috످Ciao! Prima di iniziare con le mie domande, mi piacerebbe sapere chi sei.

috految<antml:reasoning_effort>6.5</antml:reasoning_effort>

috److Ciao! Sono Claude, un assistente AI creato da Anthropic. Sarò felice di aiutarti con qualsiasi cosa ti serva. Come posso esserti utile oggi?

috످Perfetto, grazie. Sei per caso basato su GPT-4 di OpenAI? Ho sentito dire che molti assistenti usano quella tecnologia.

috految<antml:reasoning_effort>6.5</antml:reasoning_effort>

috److No, sono Claude, un modello sviluppato da Anthropic, un'azienda distinta da OpenAI. È vero però che molti assistenti si basano sui modelli GPT, quindi è facile confondersi!

috످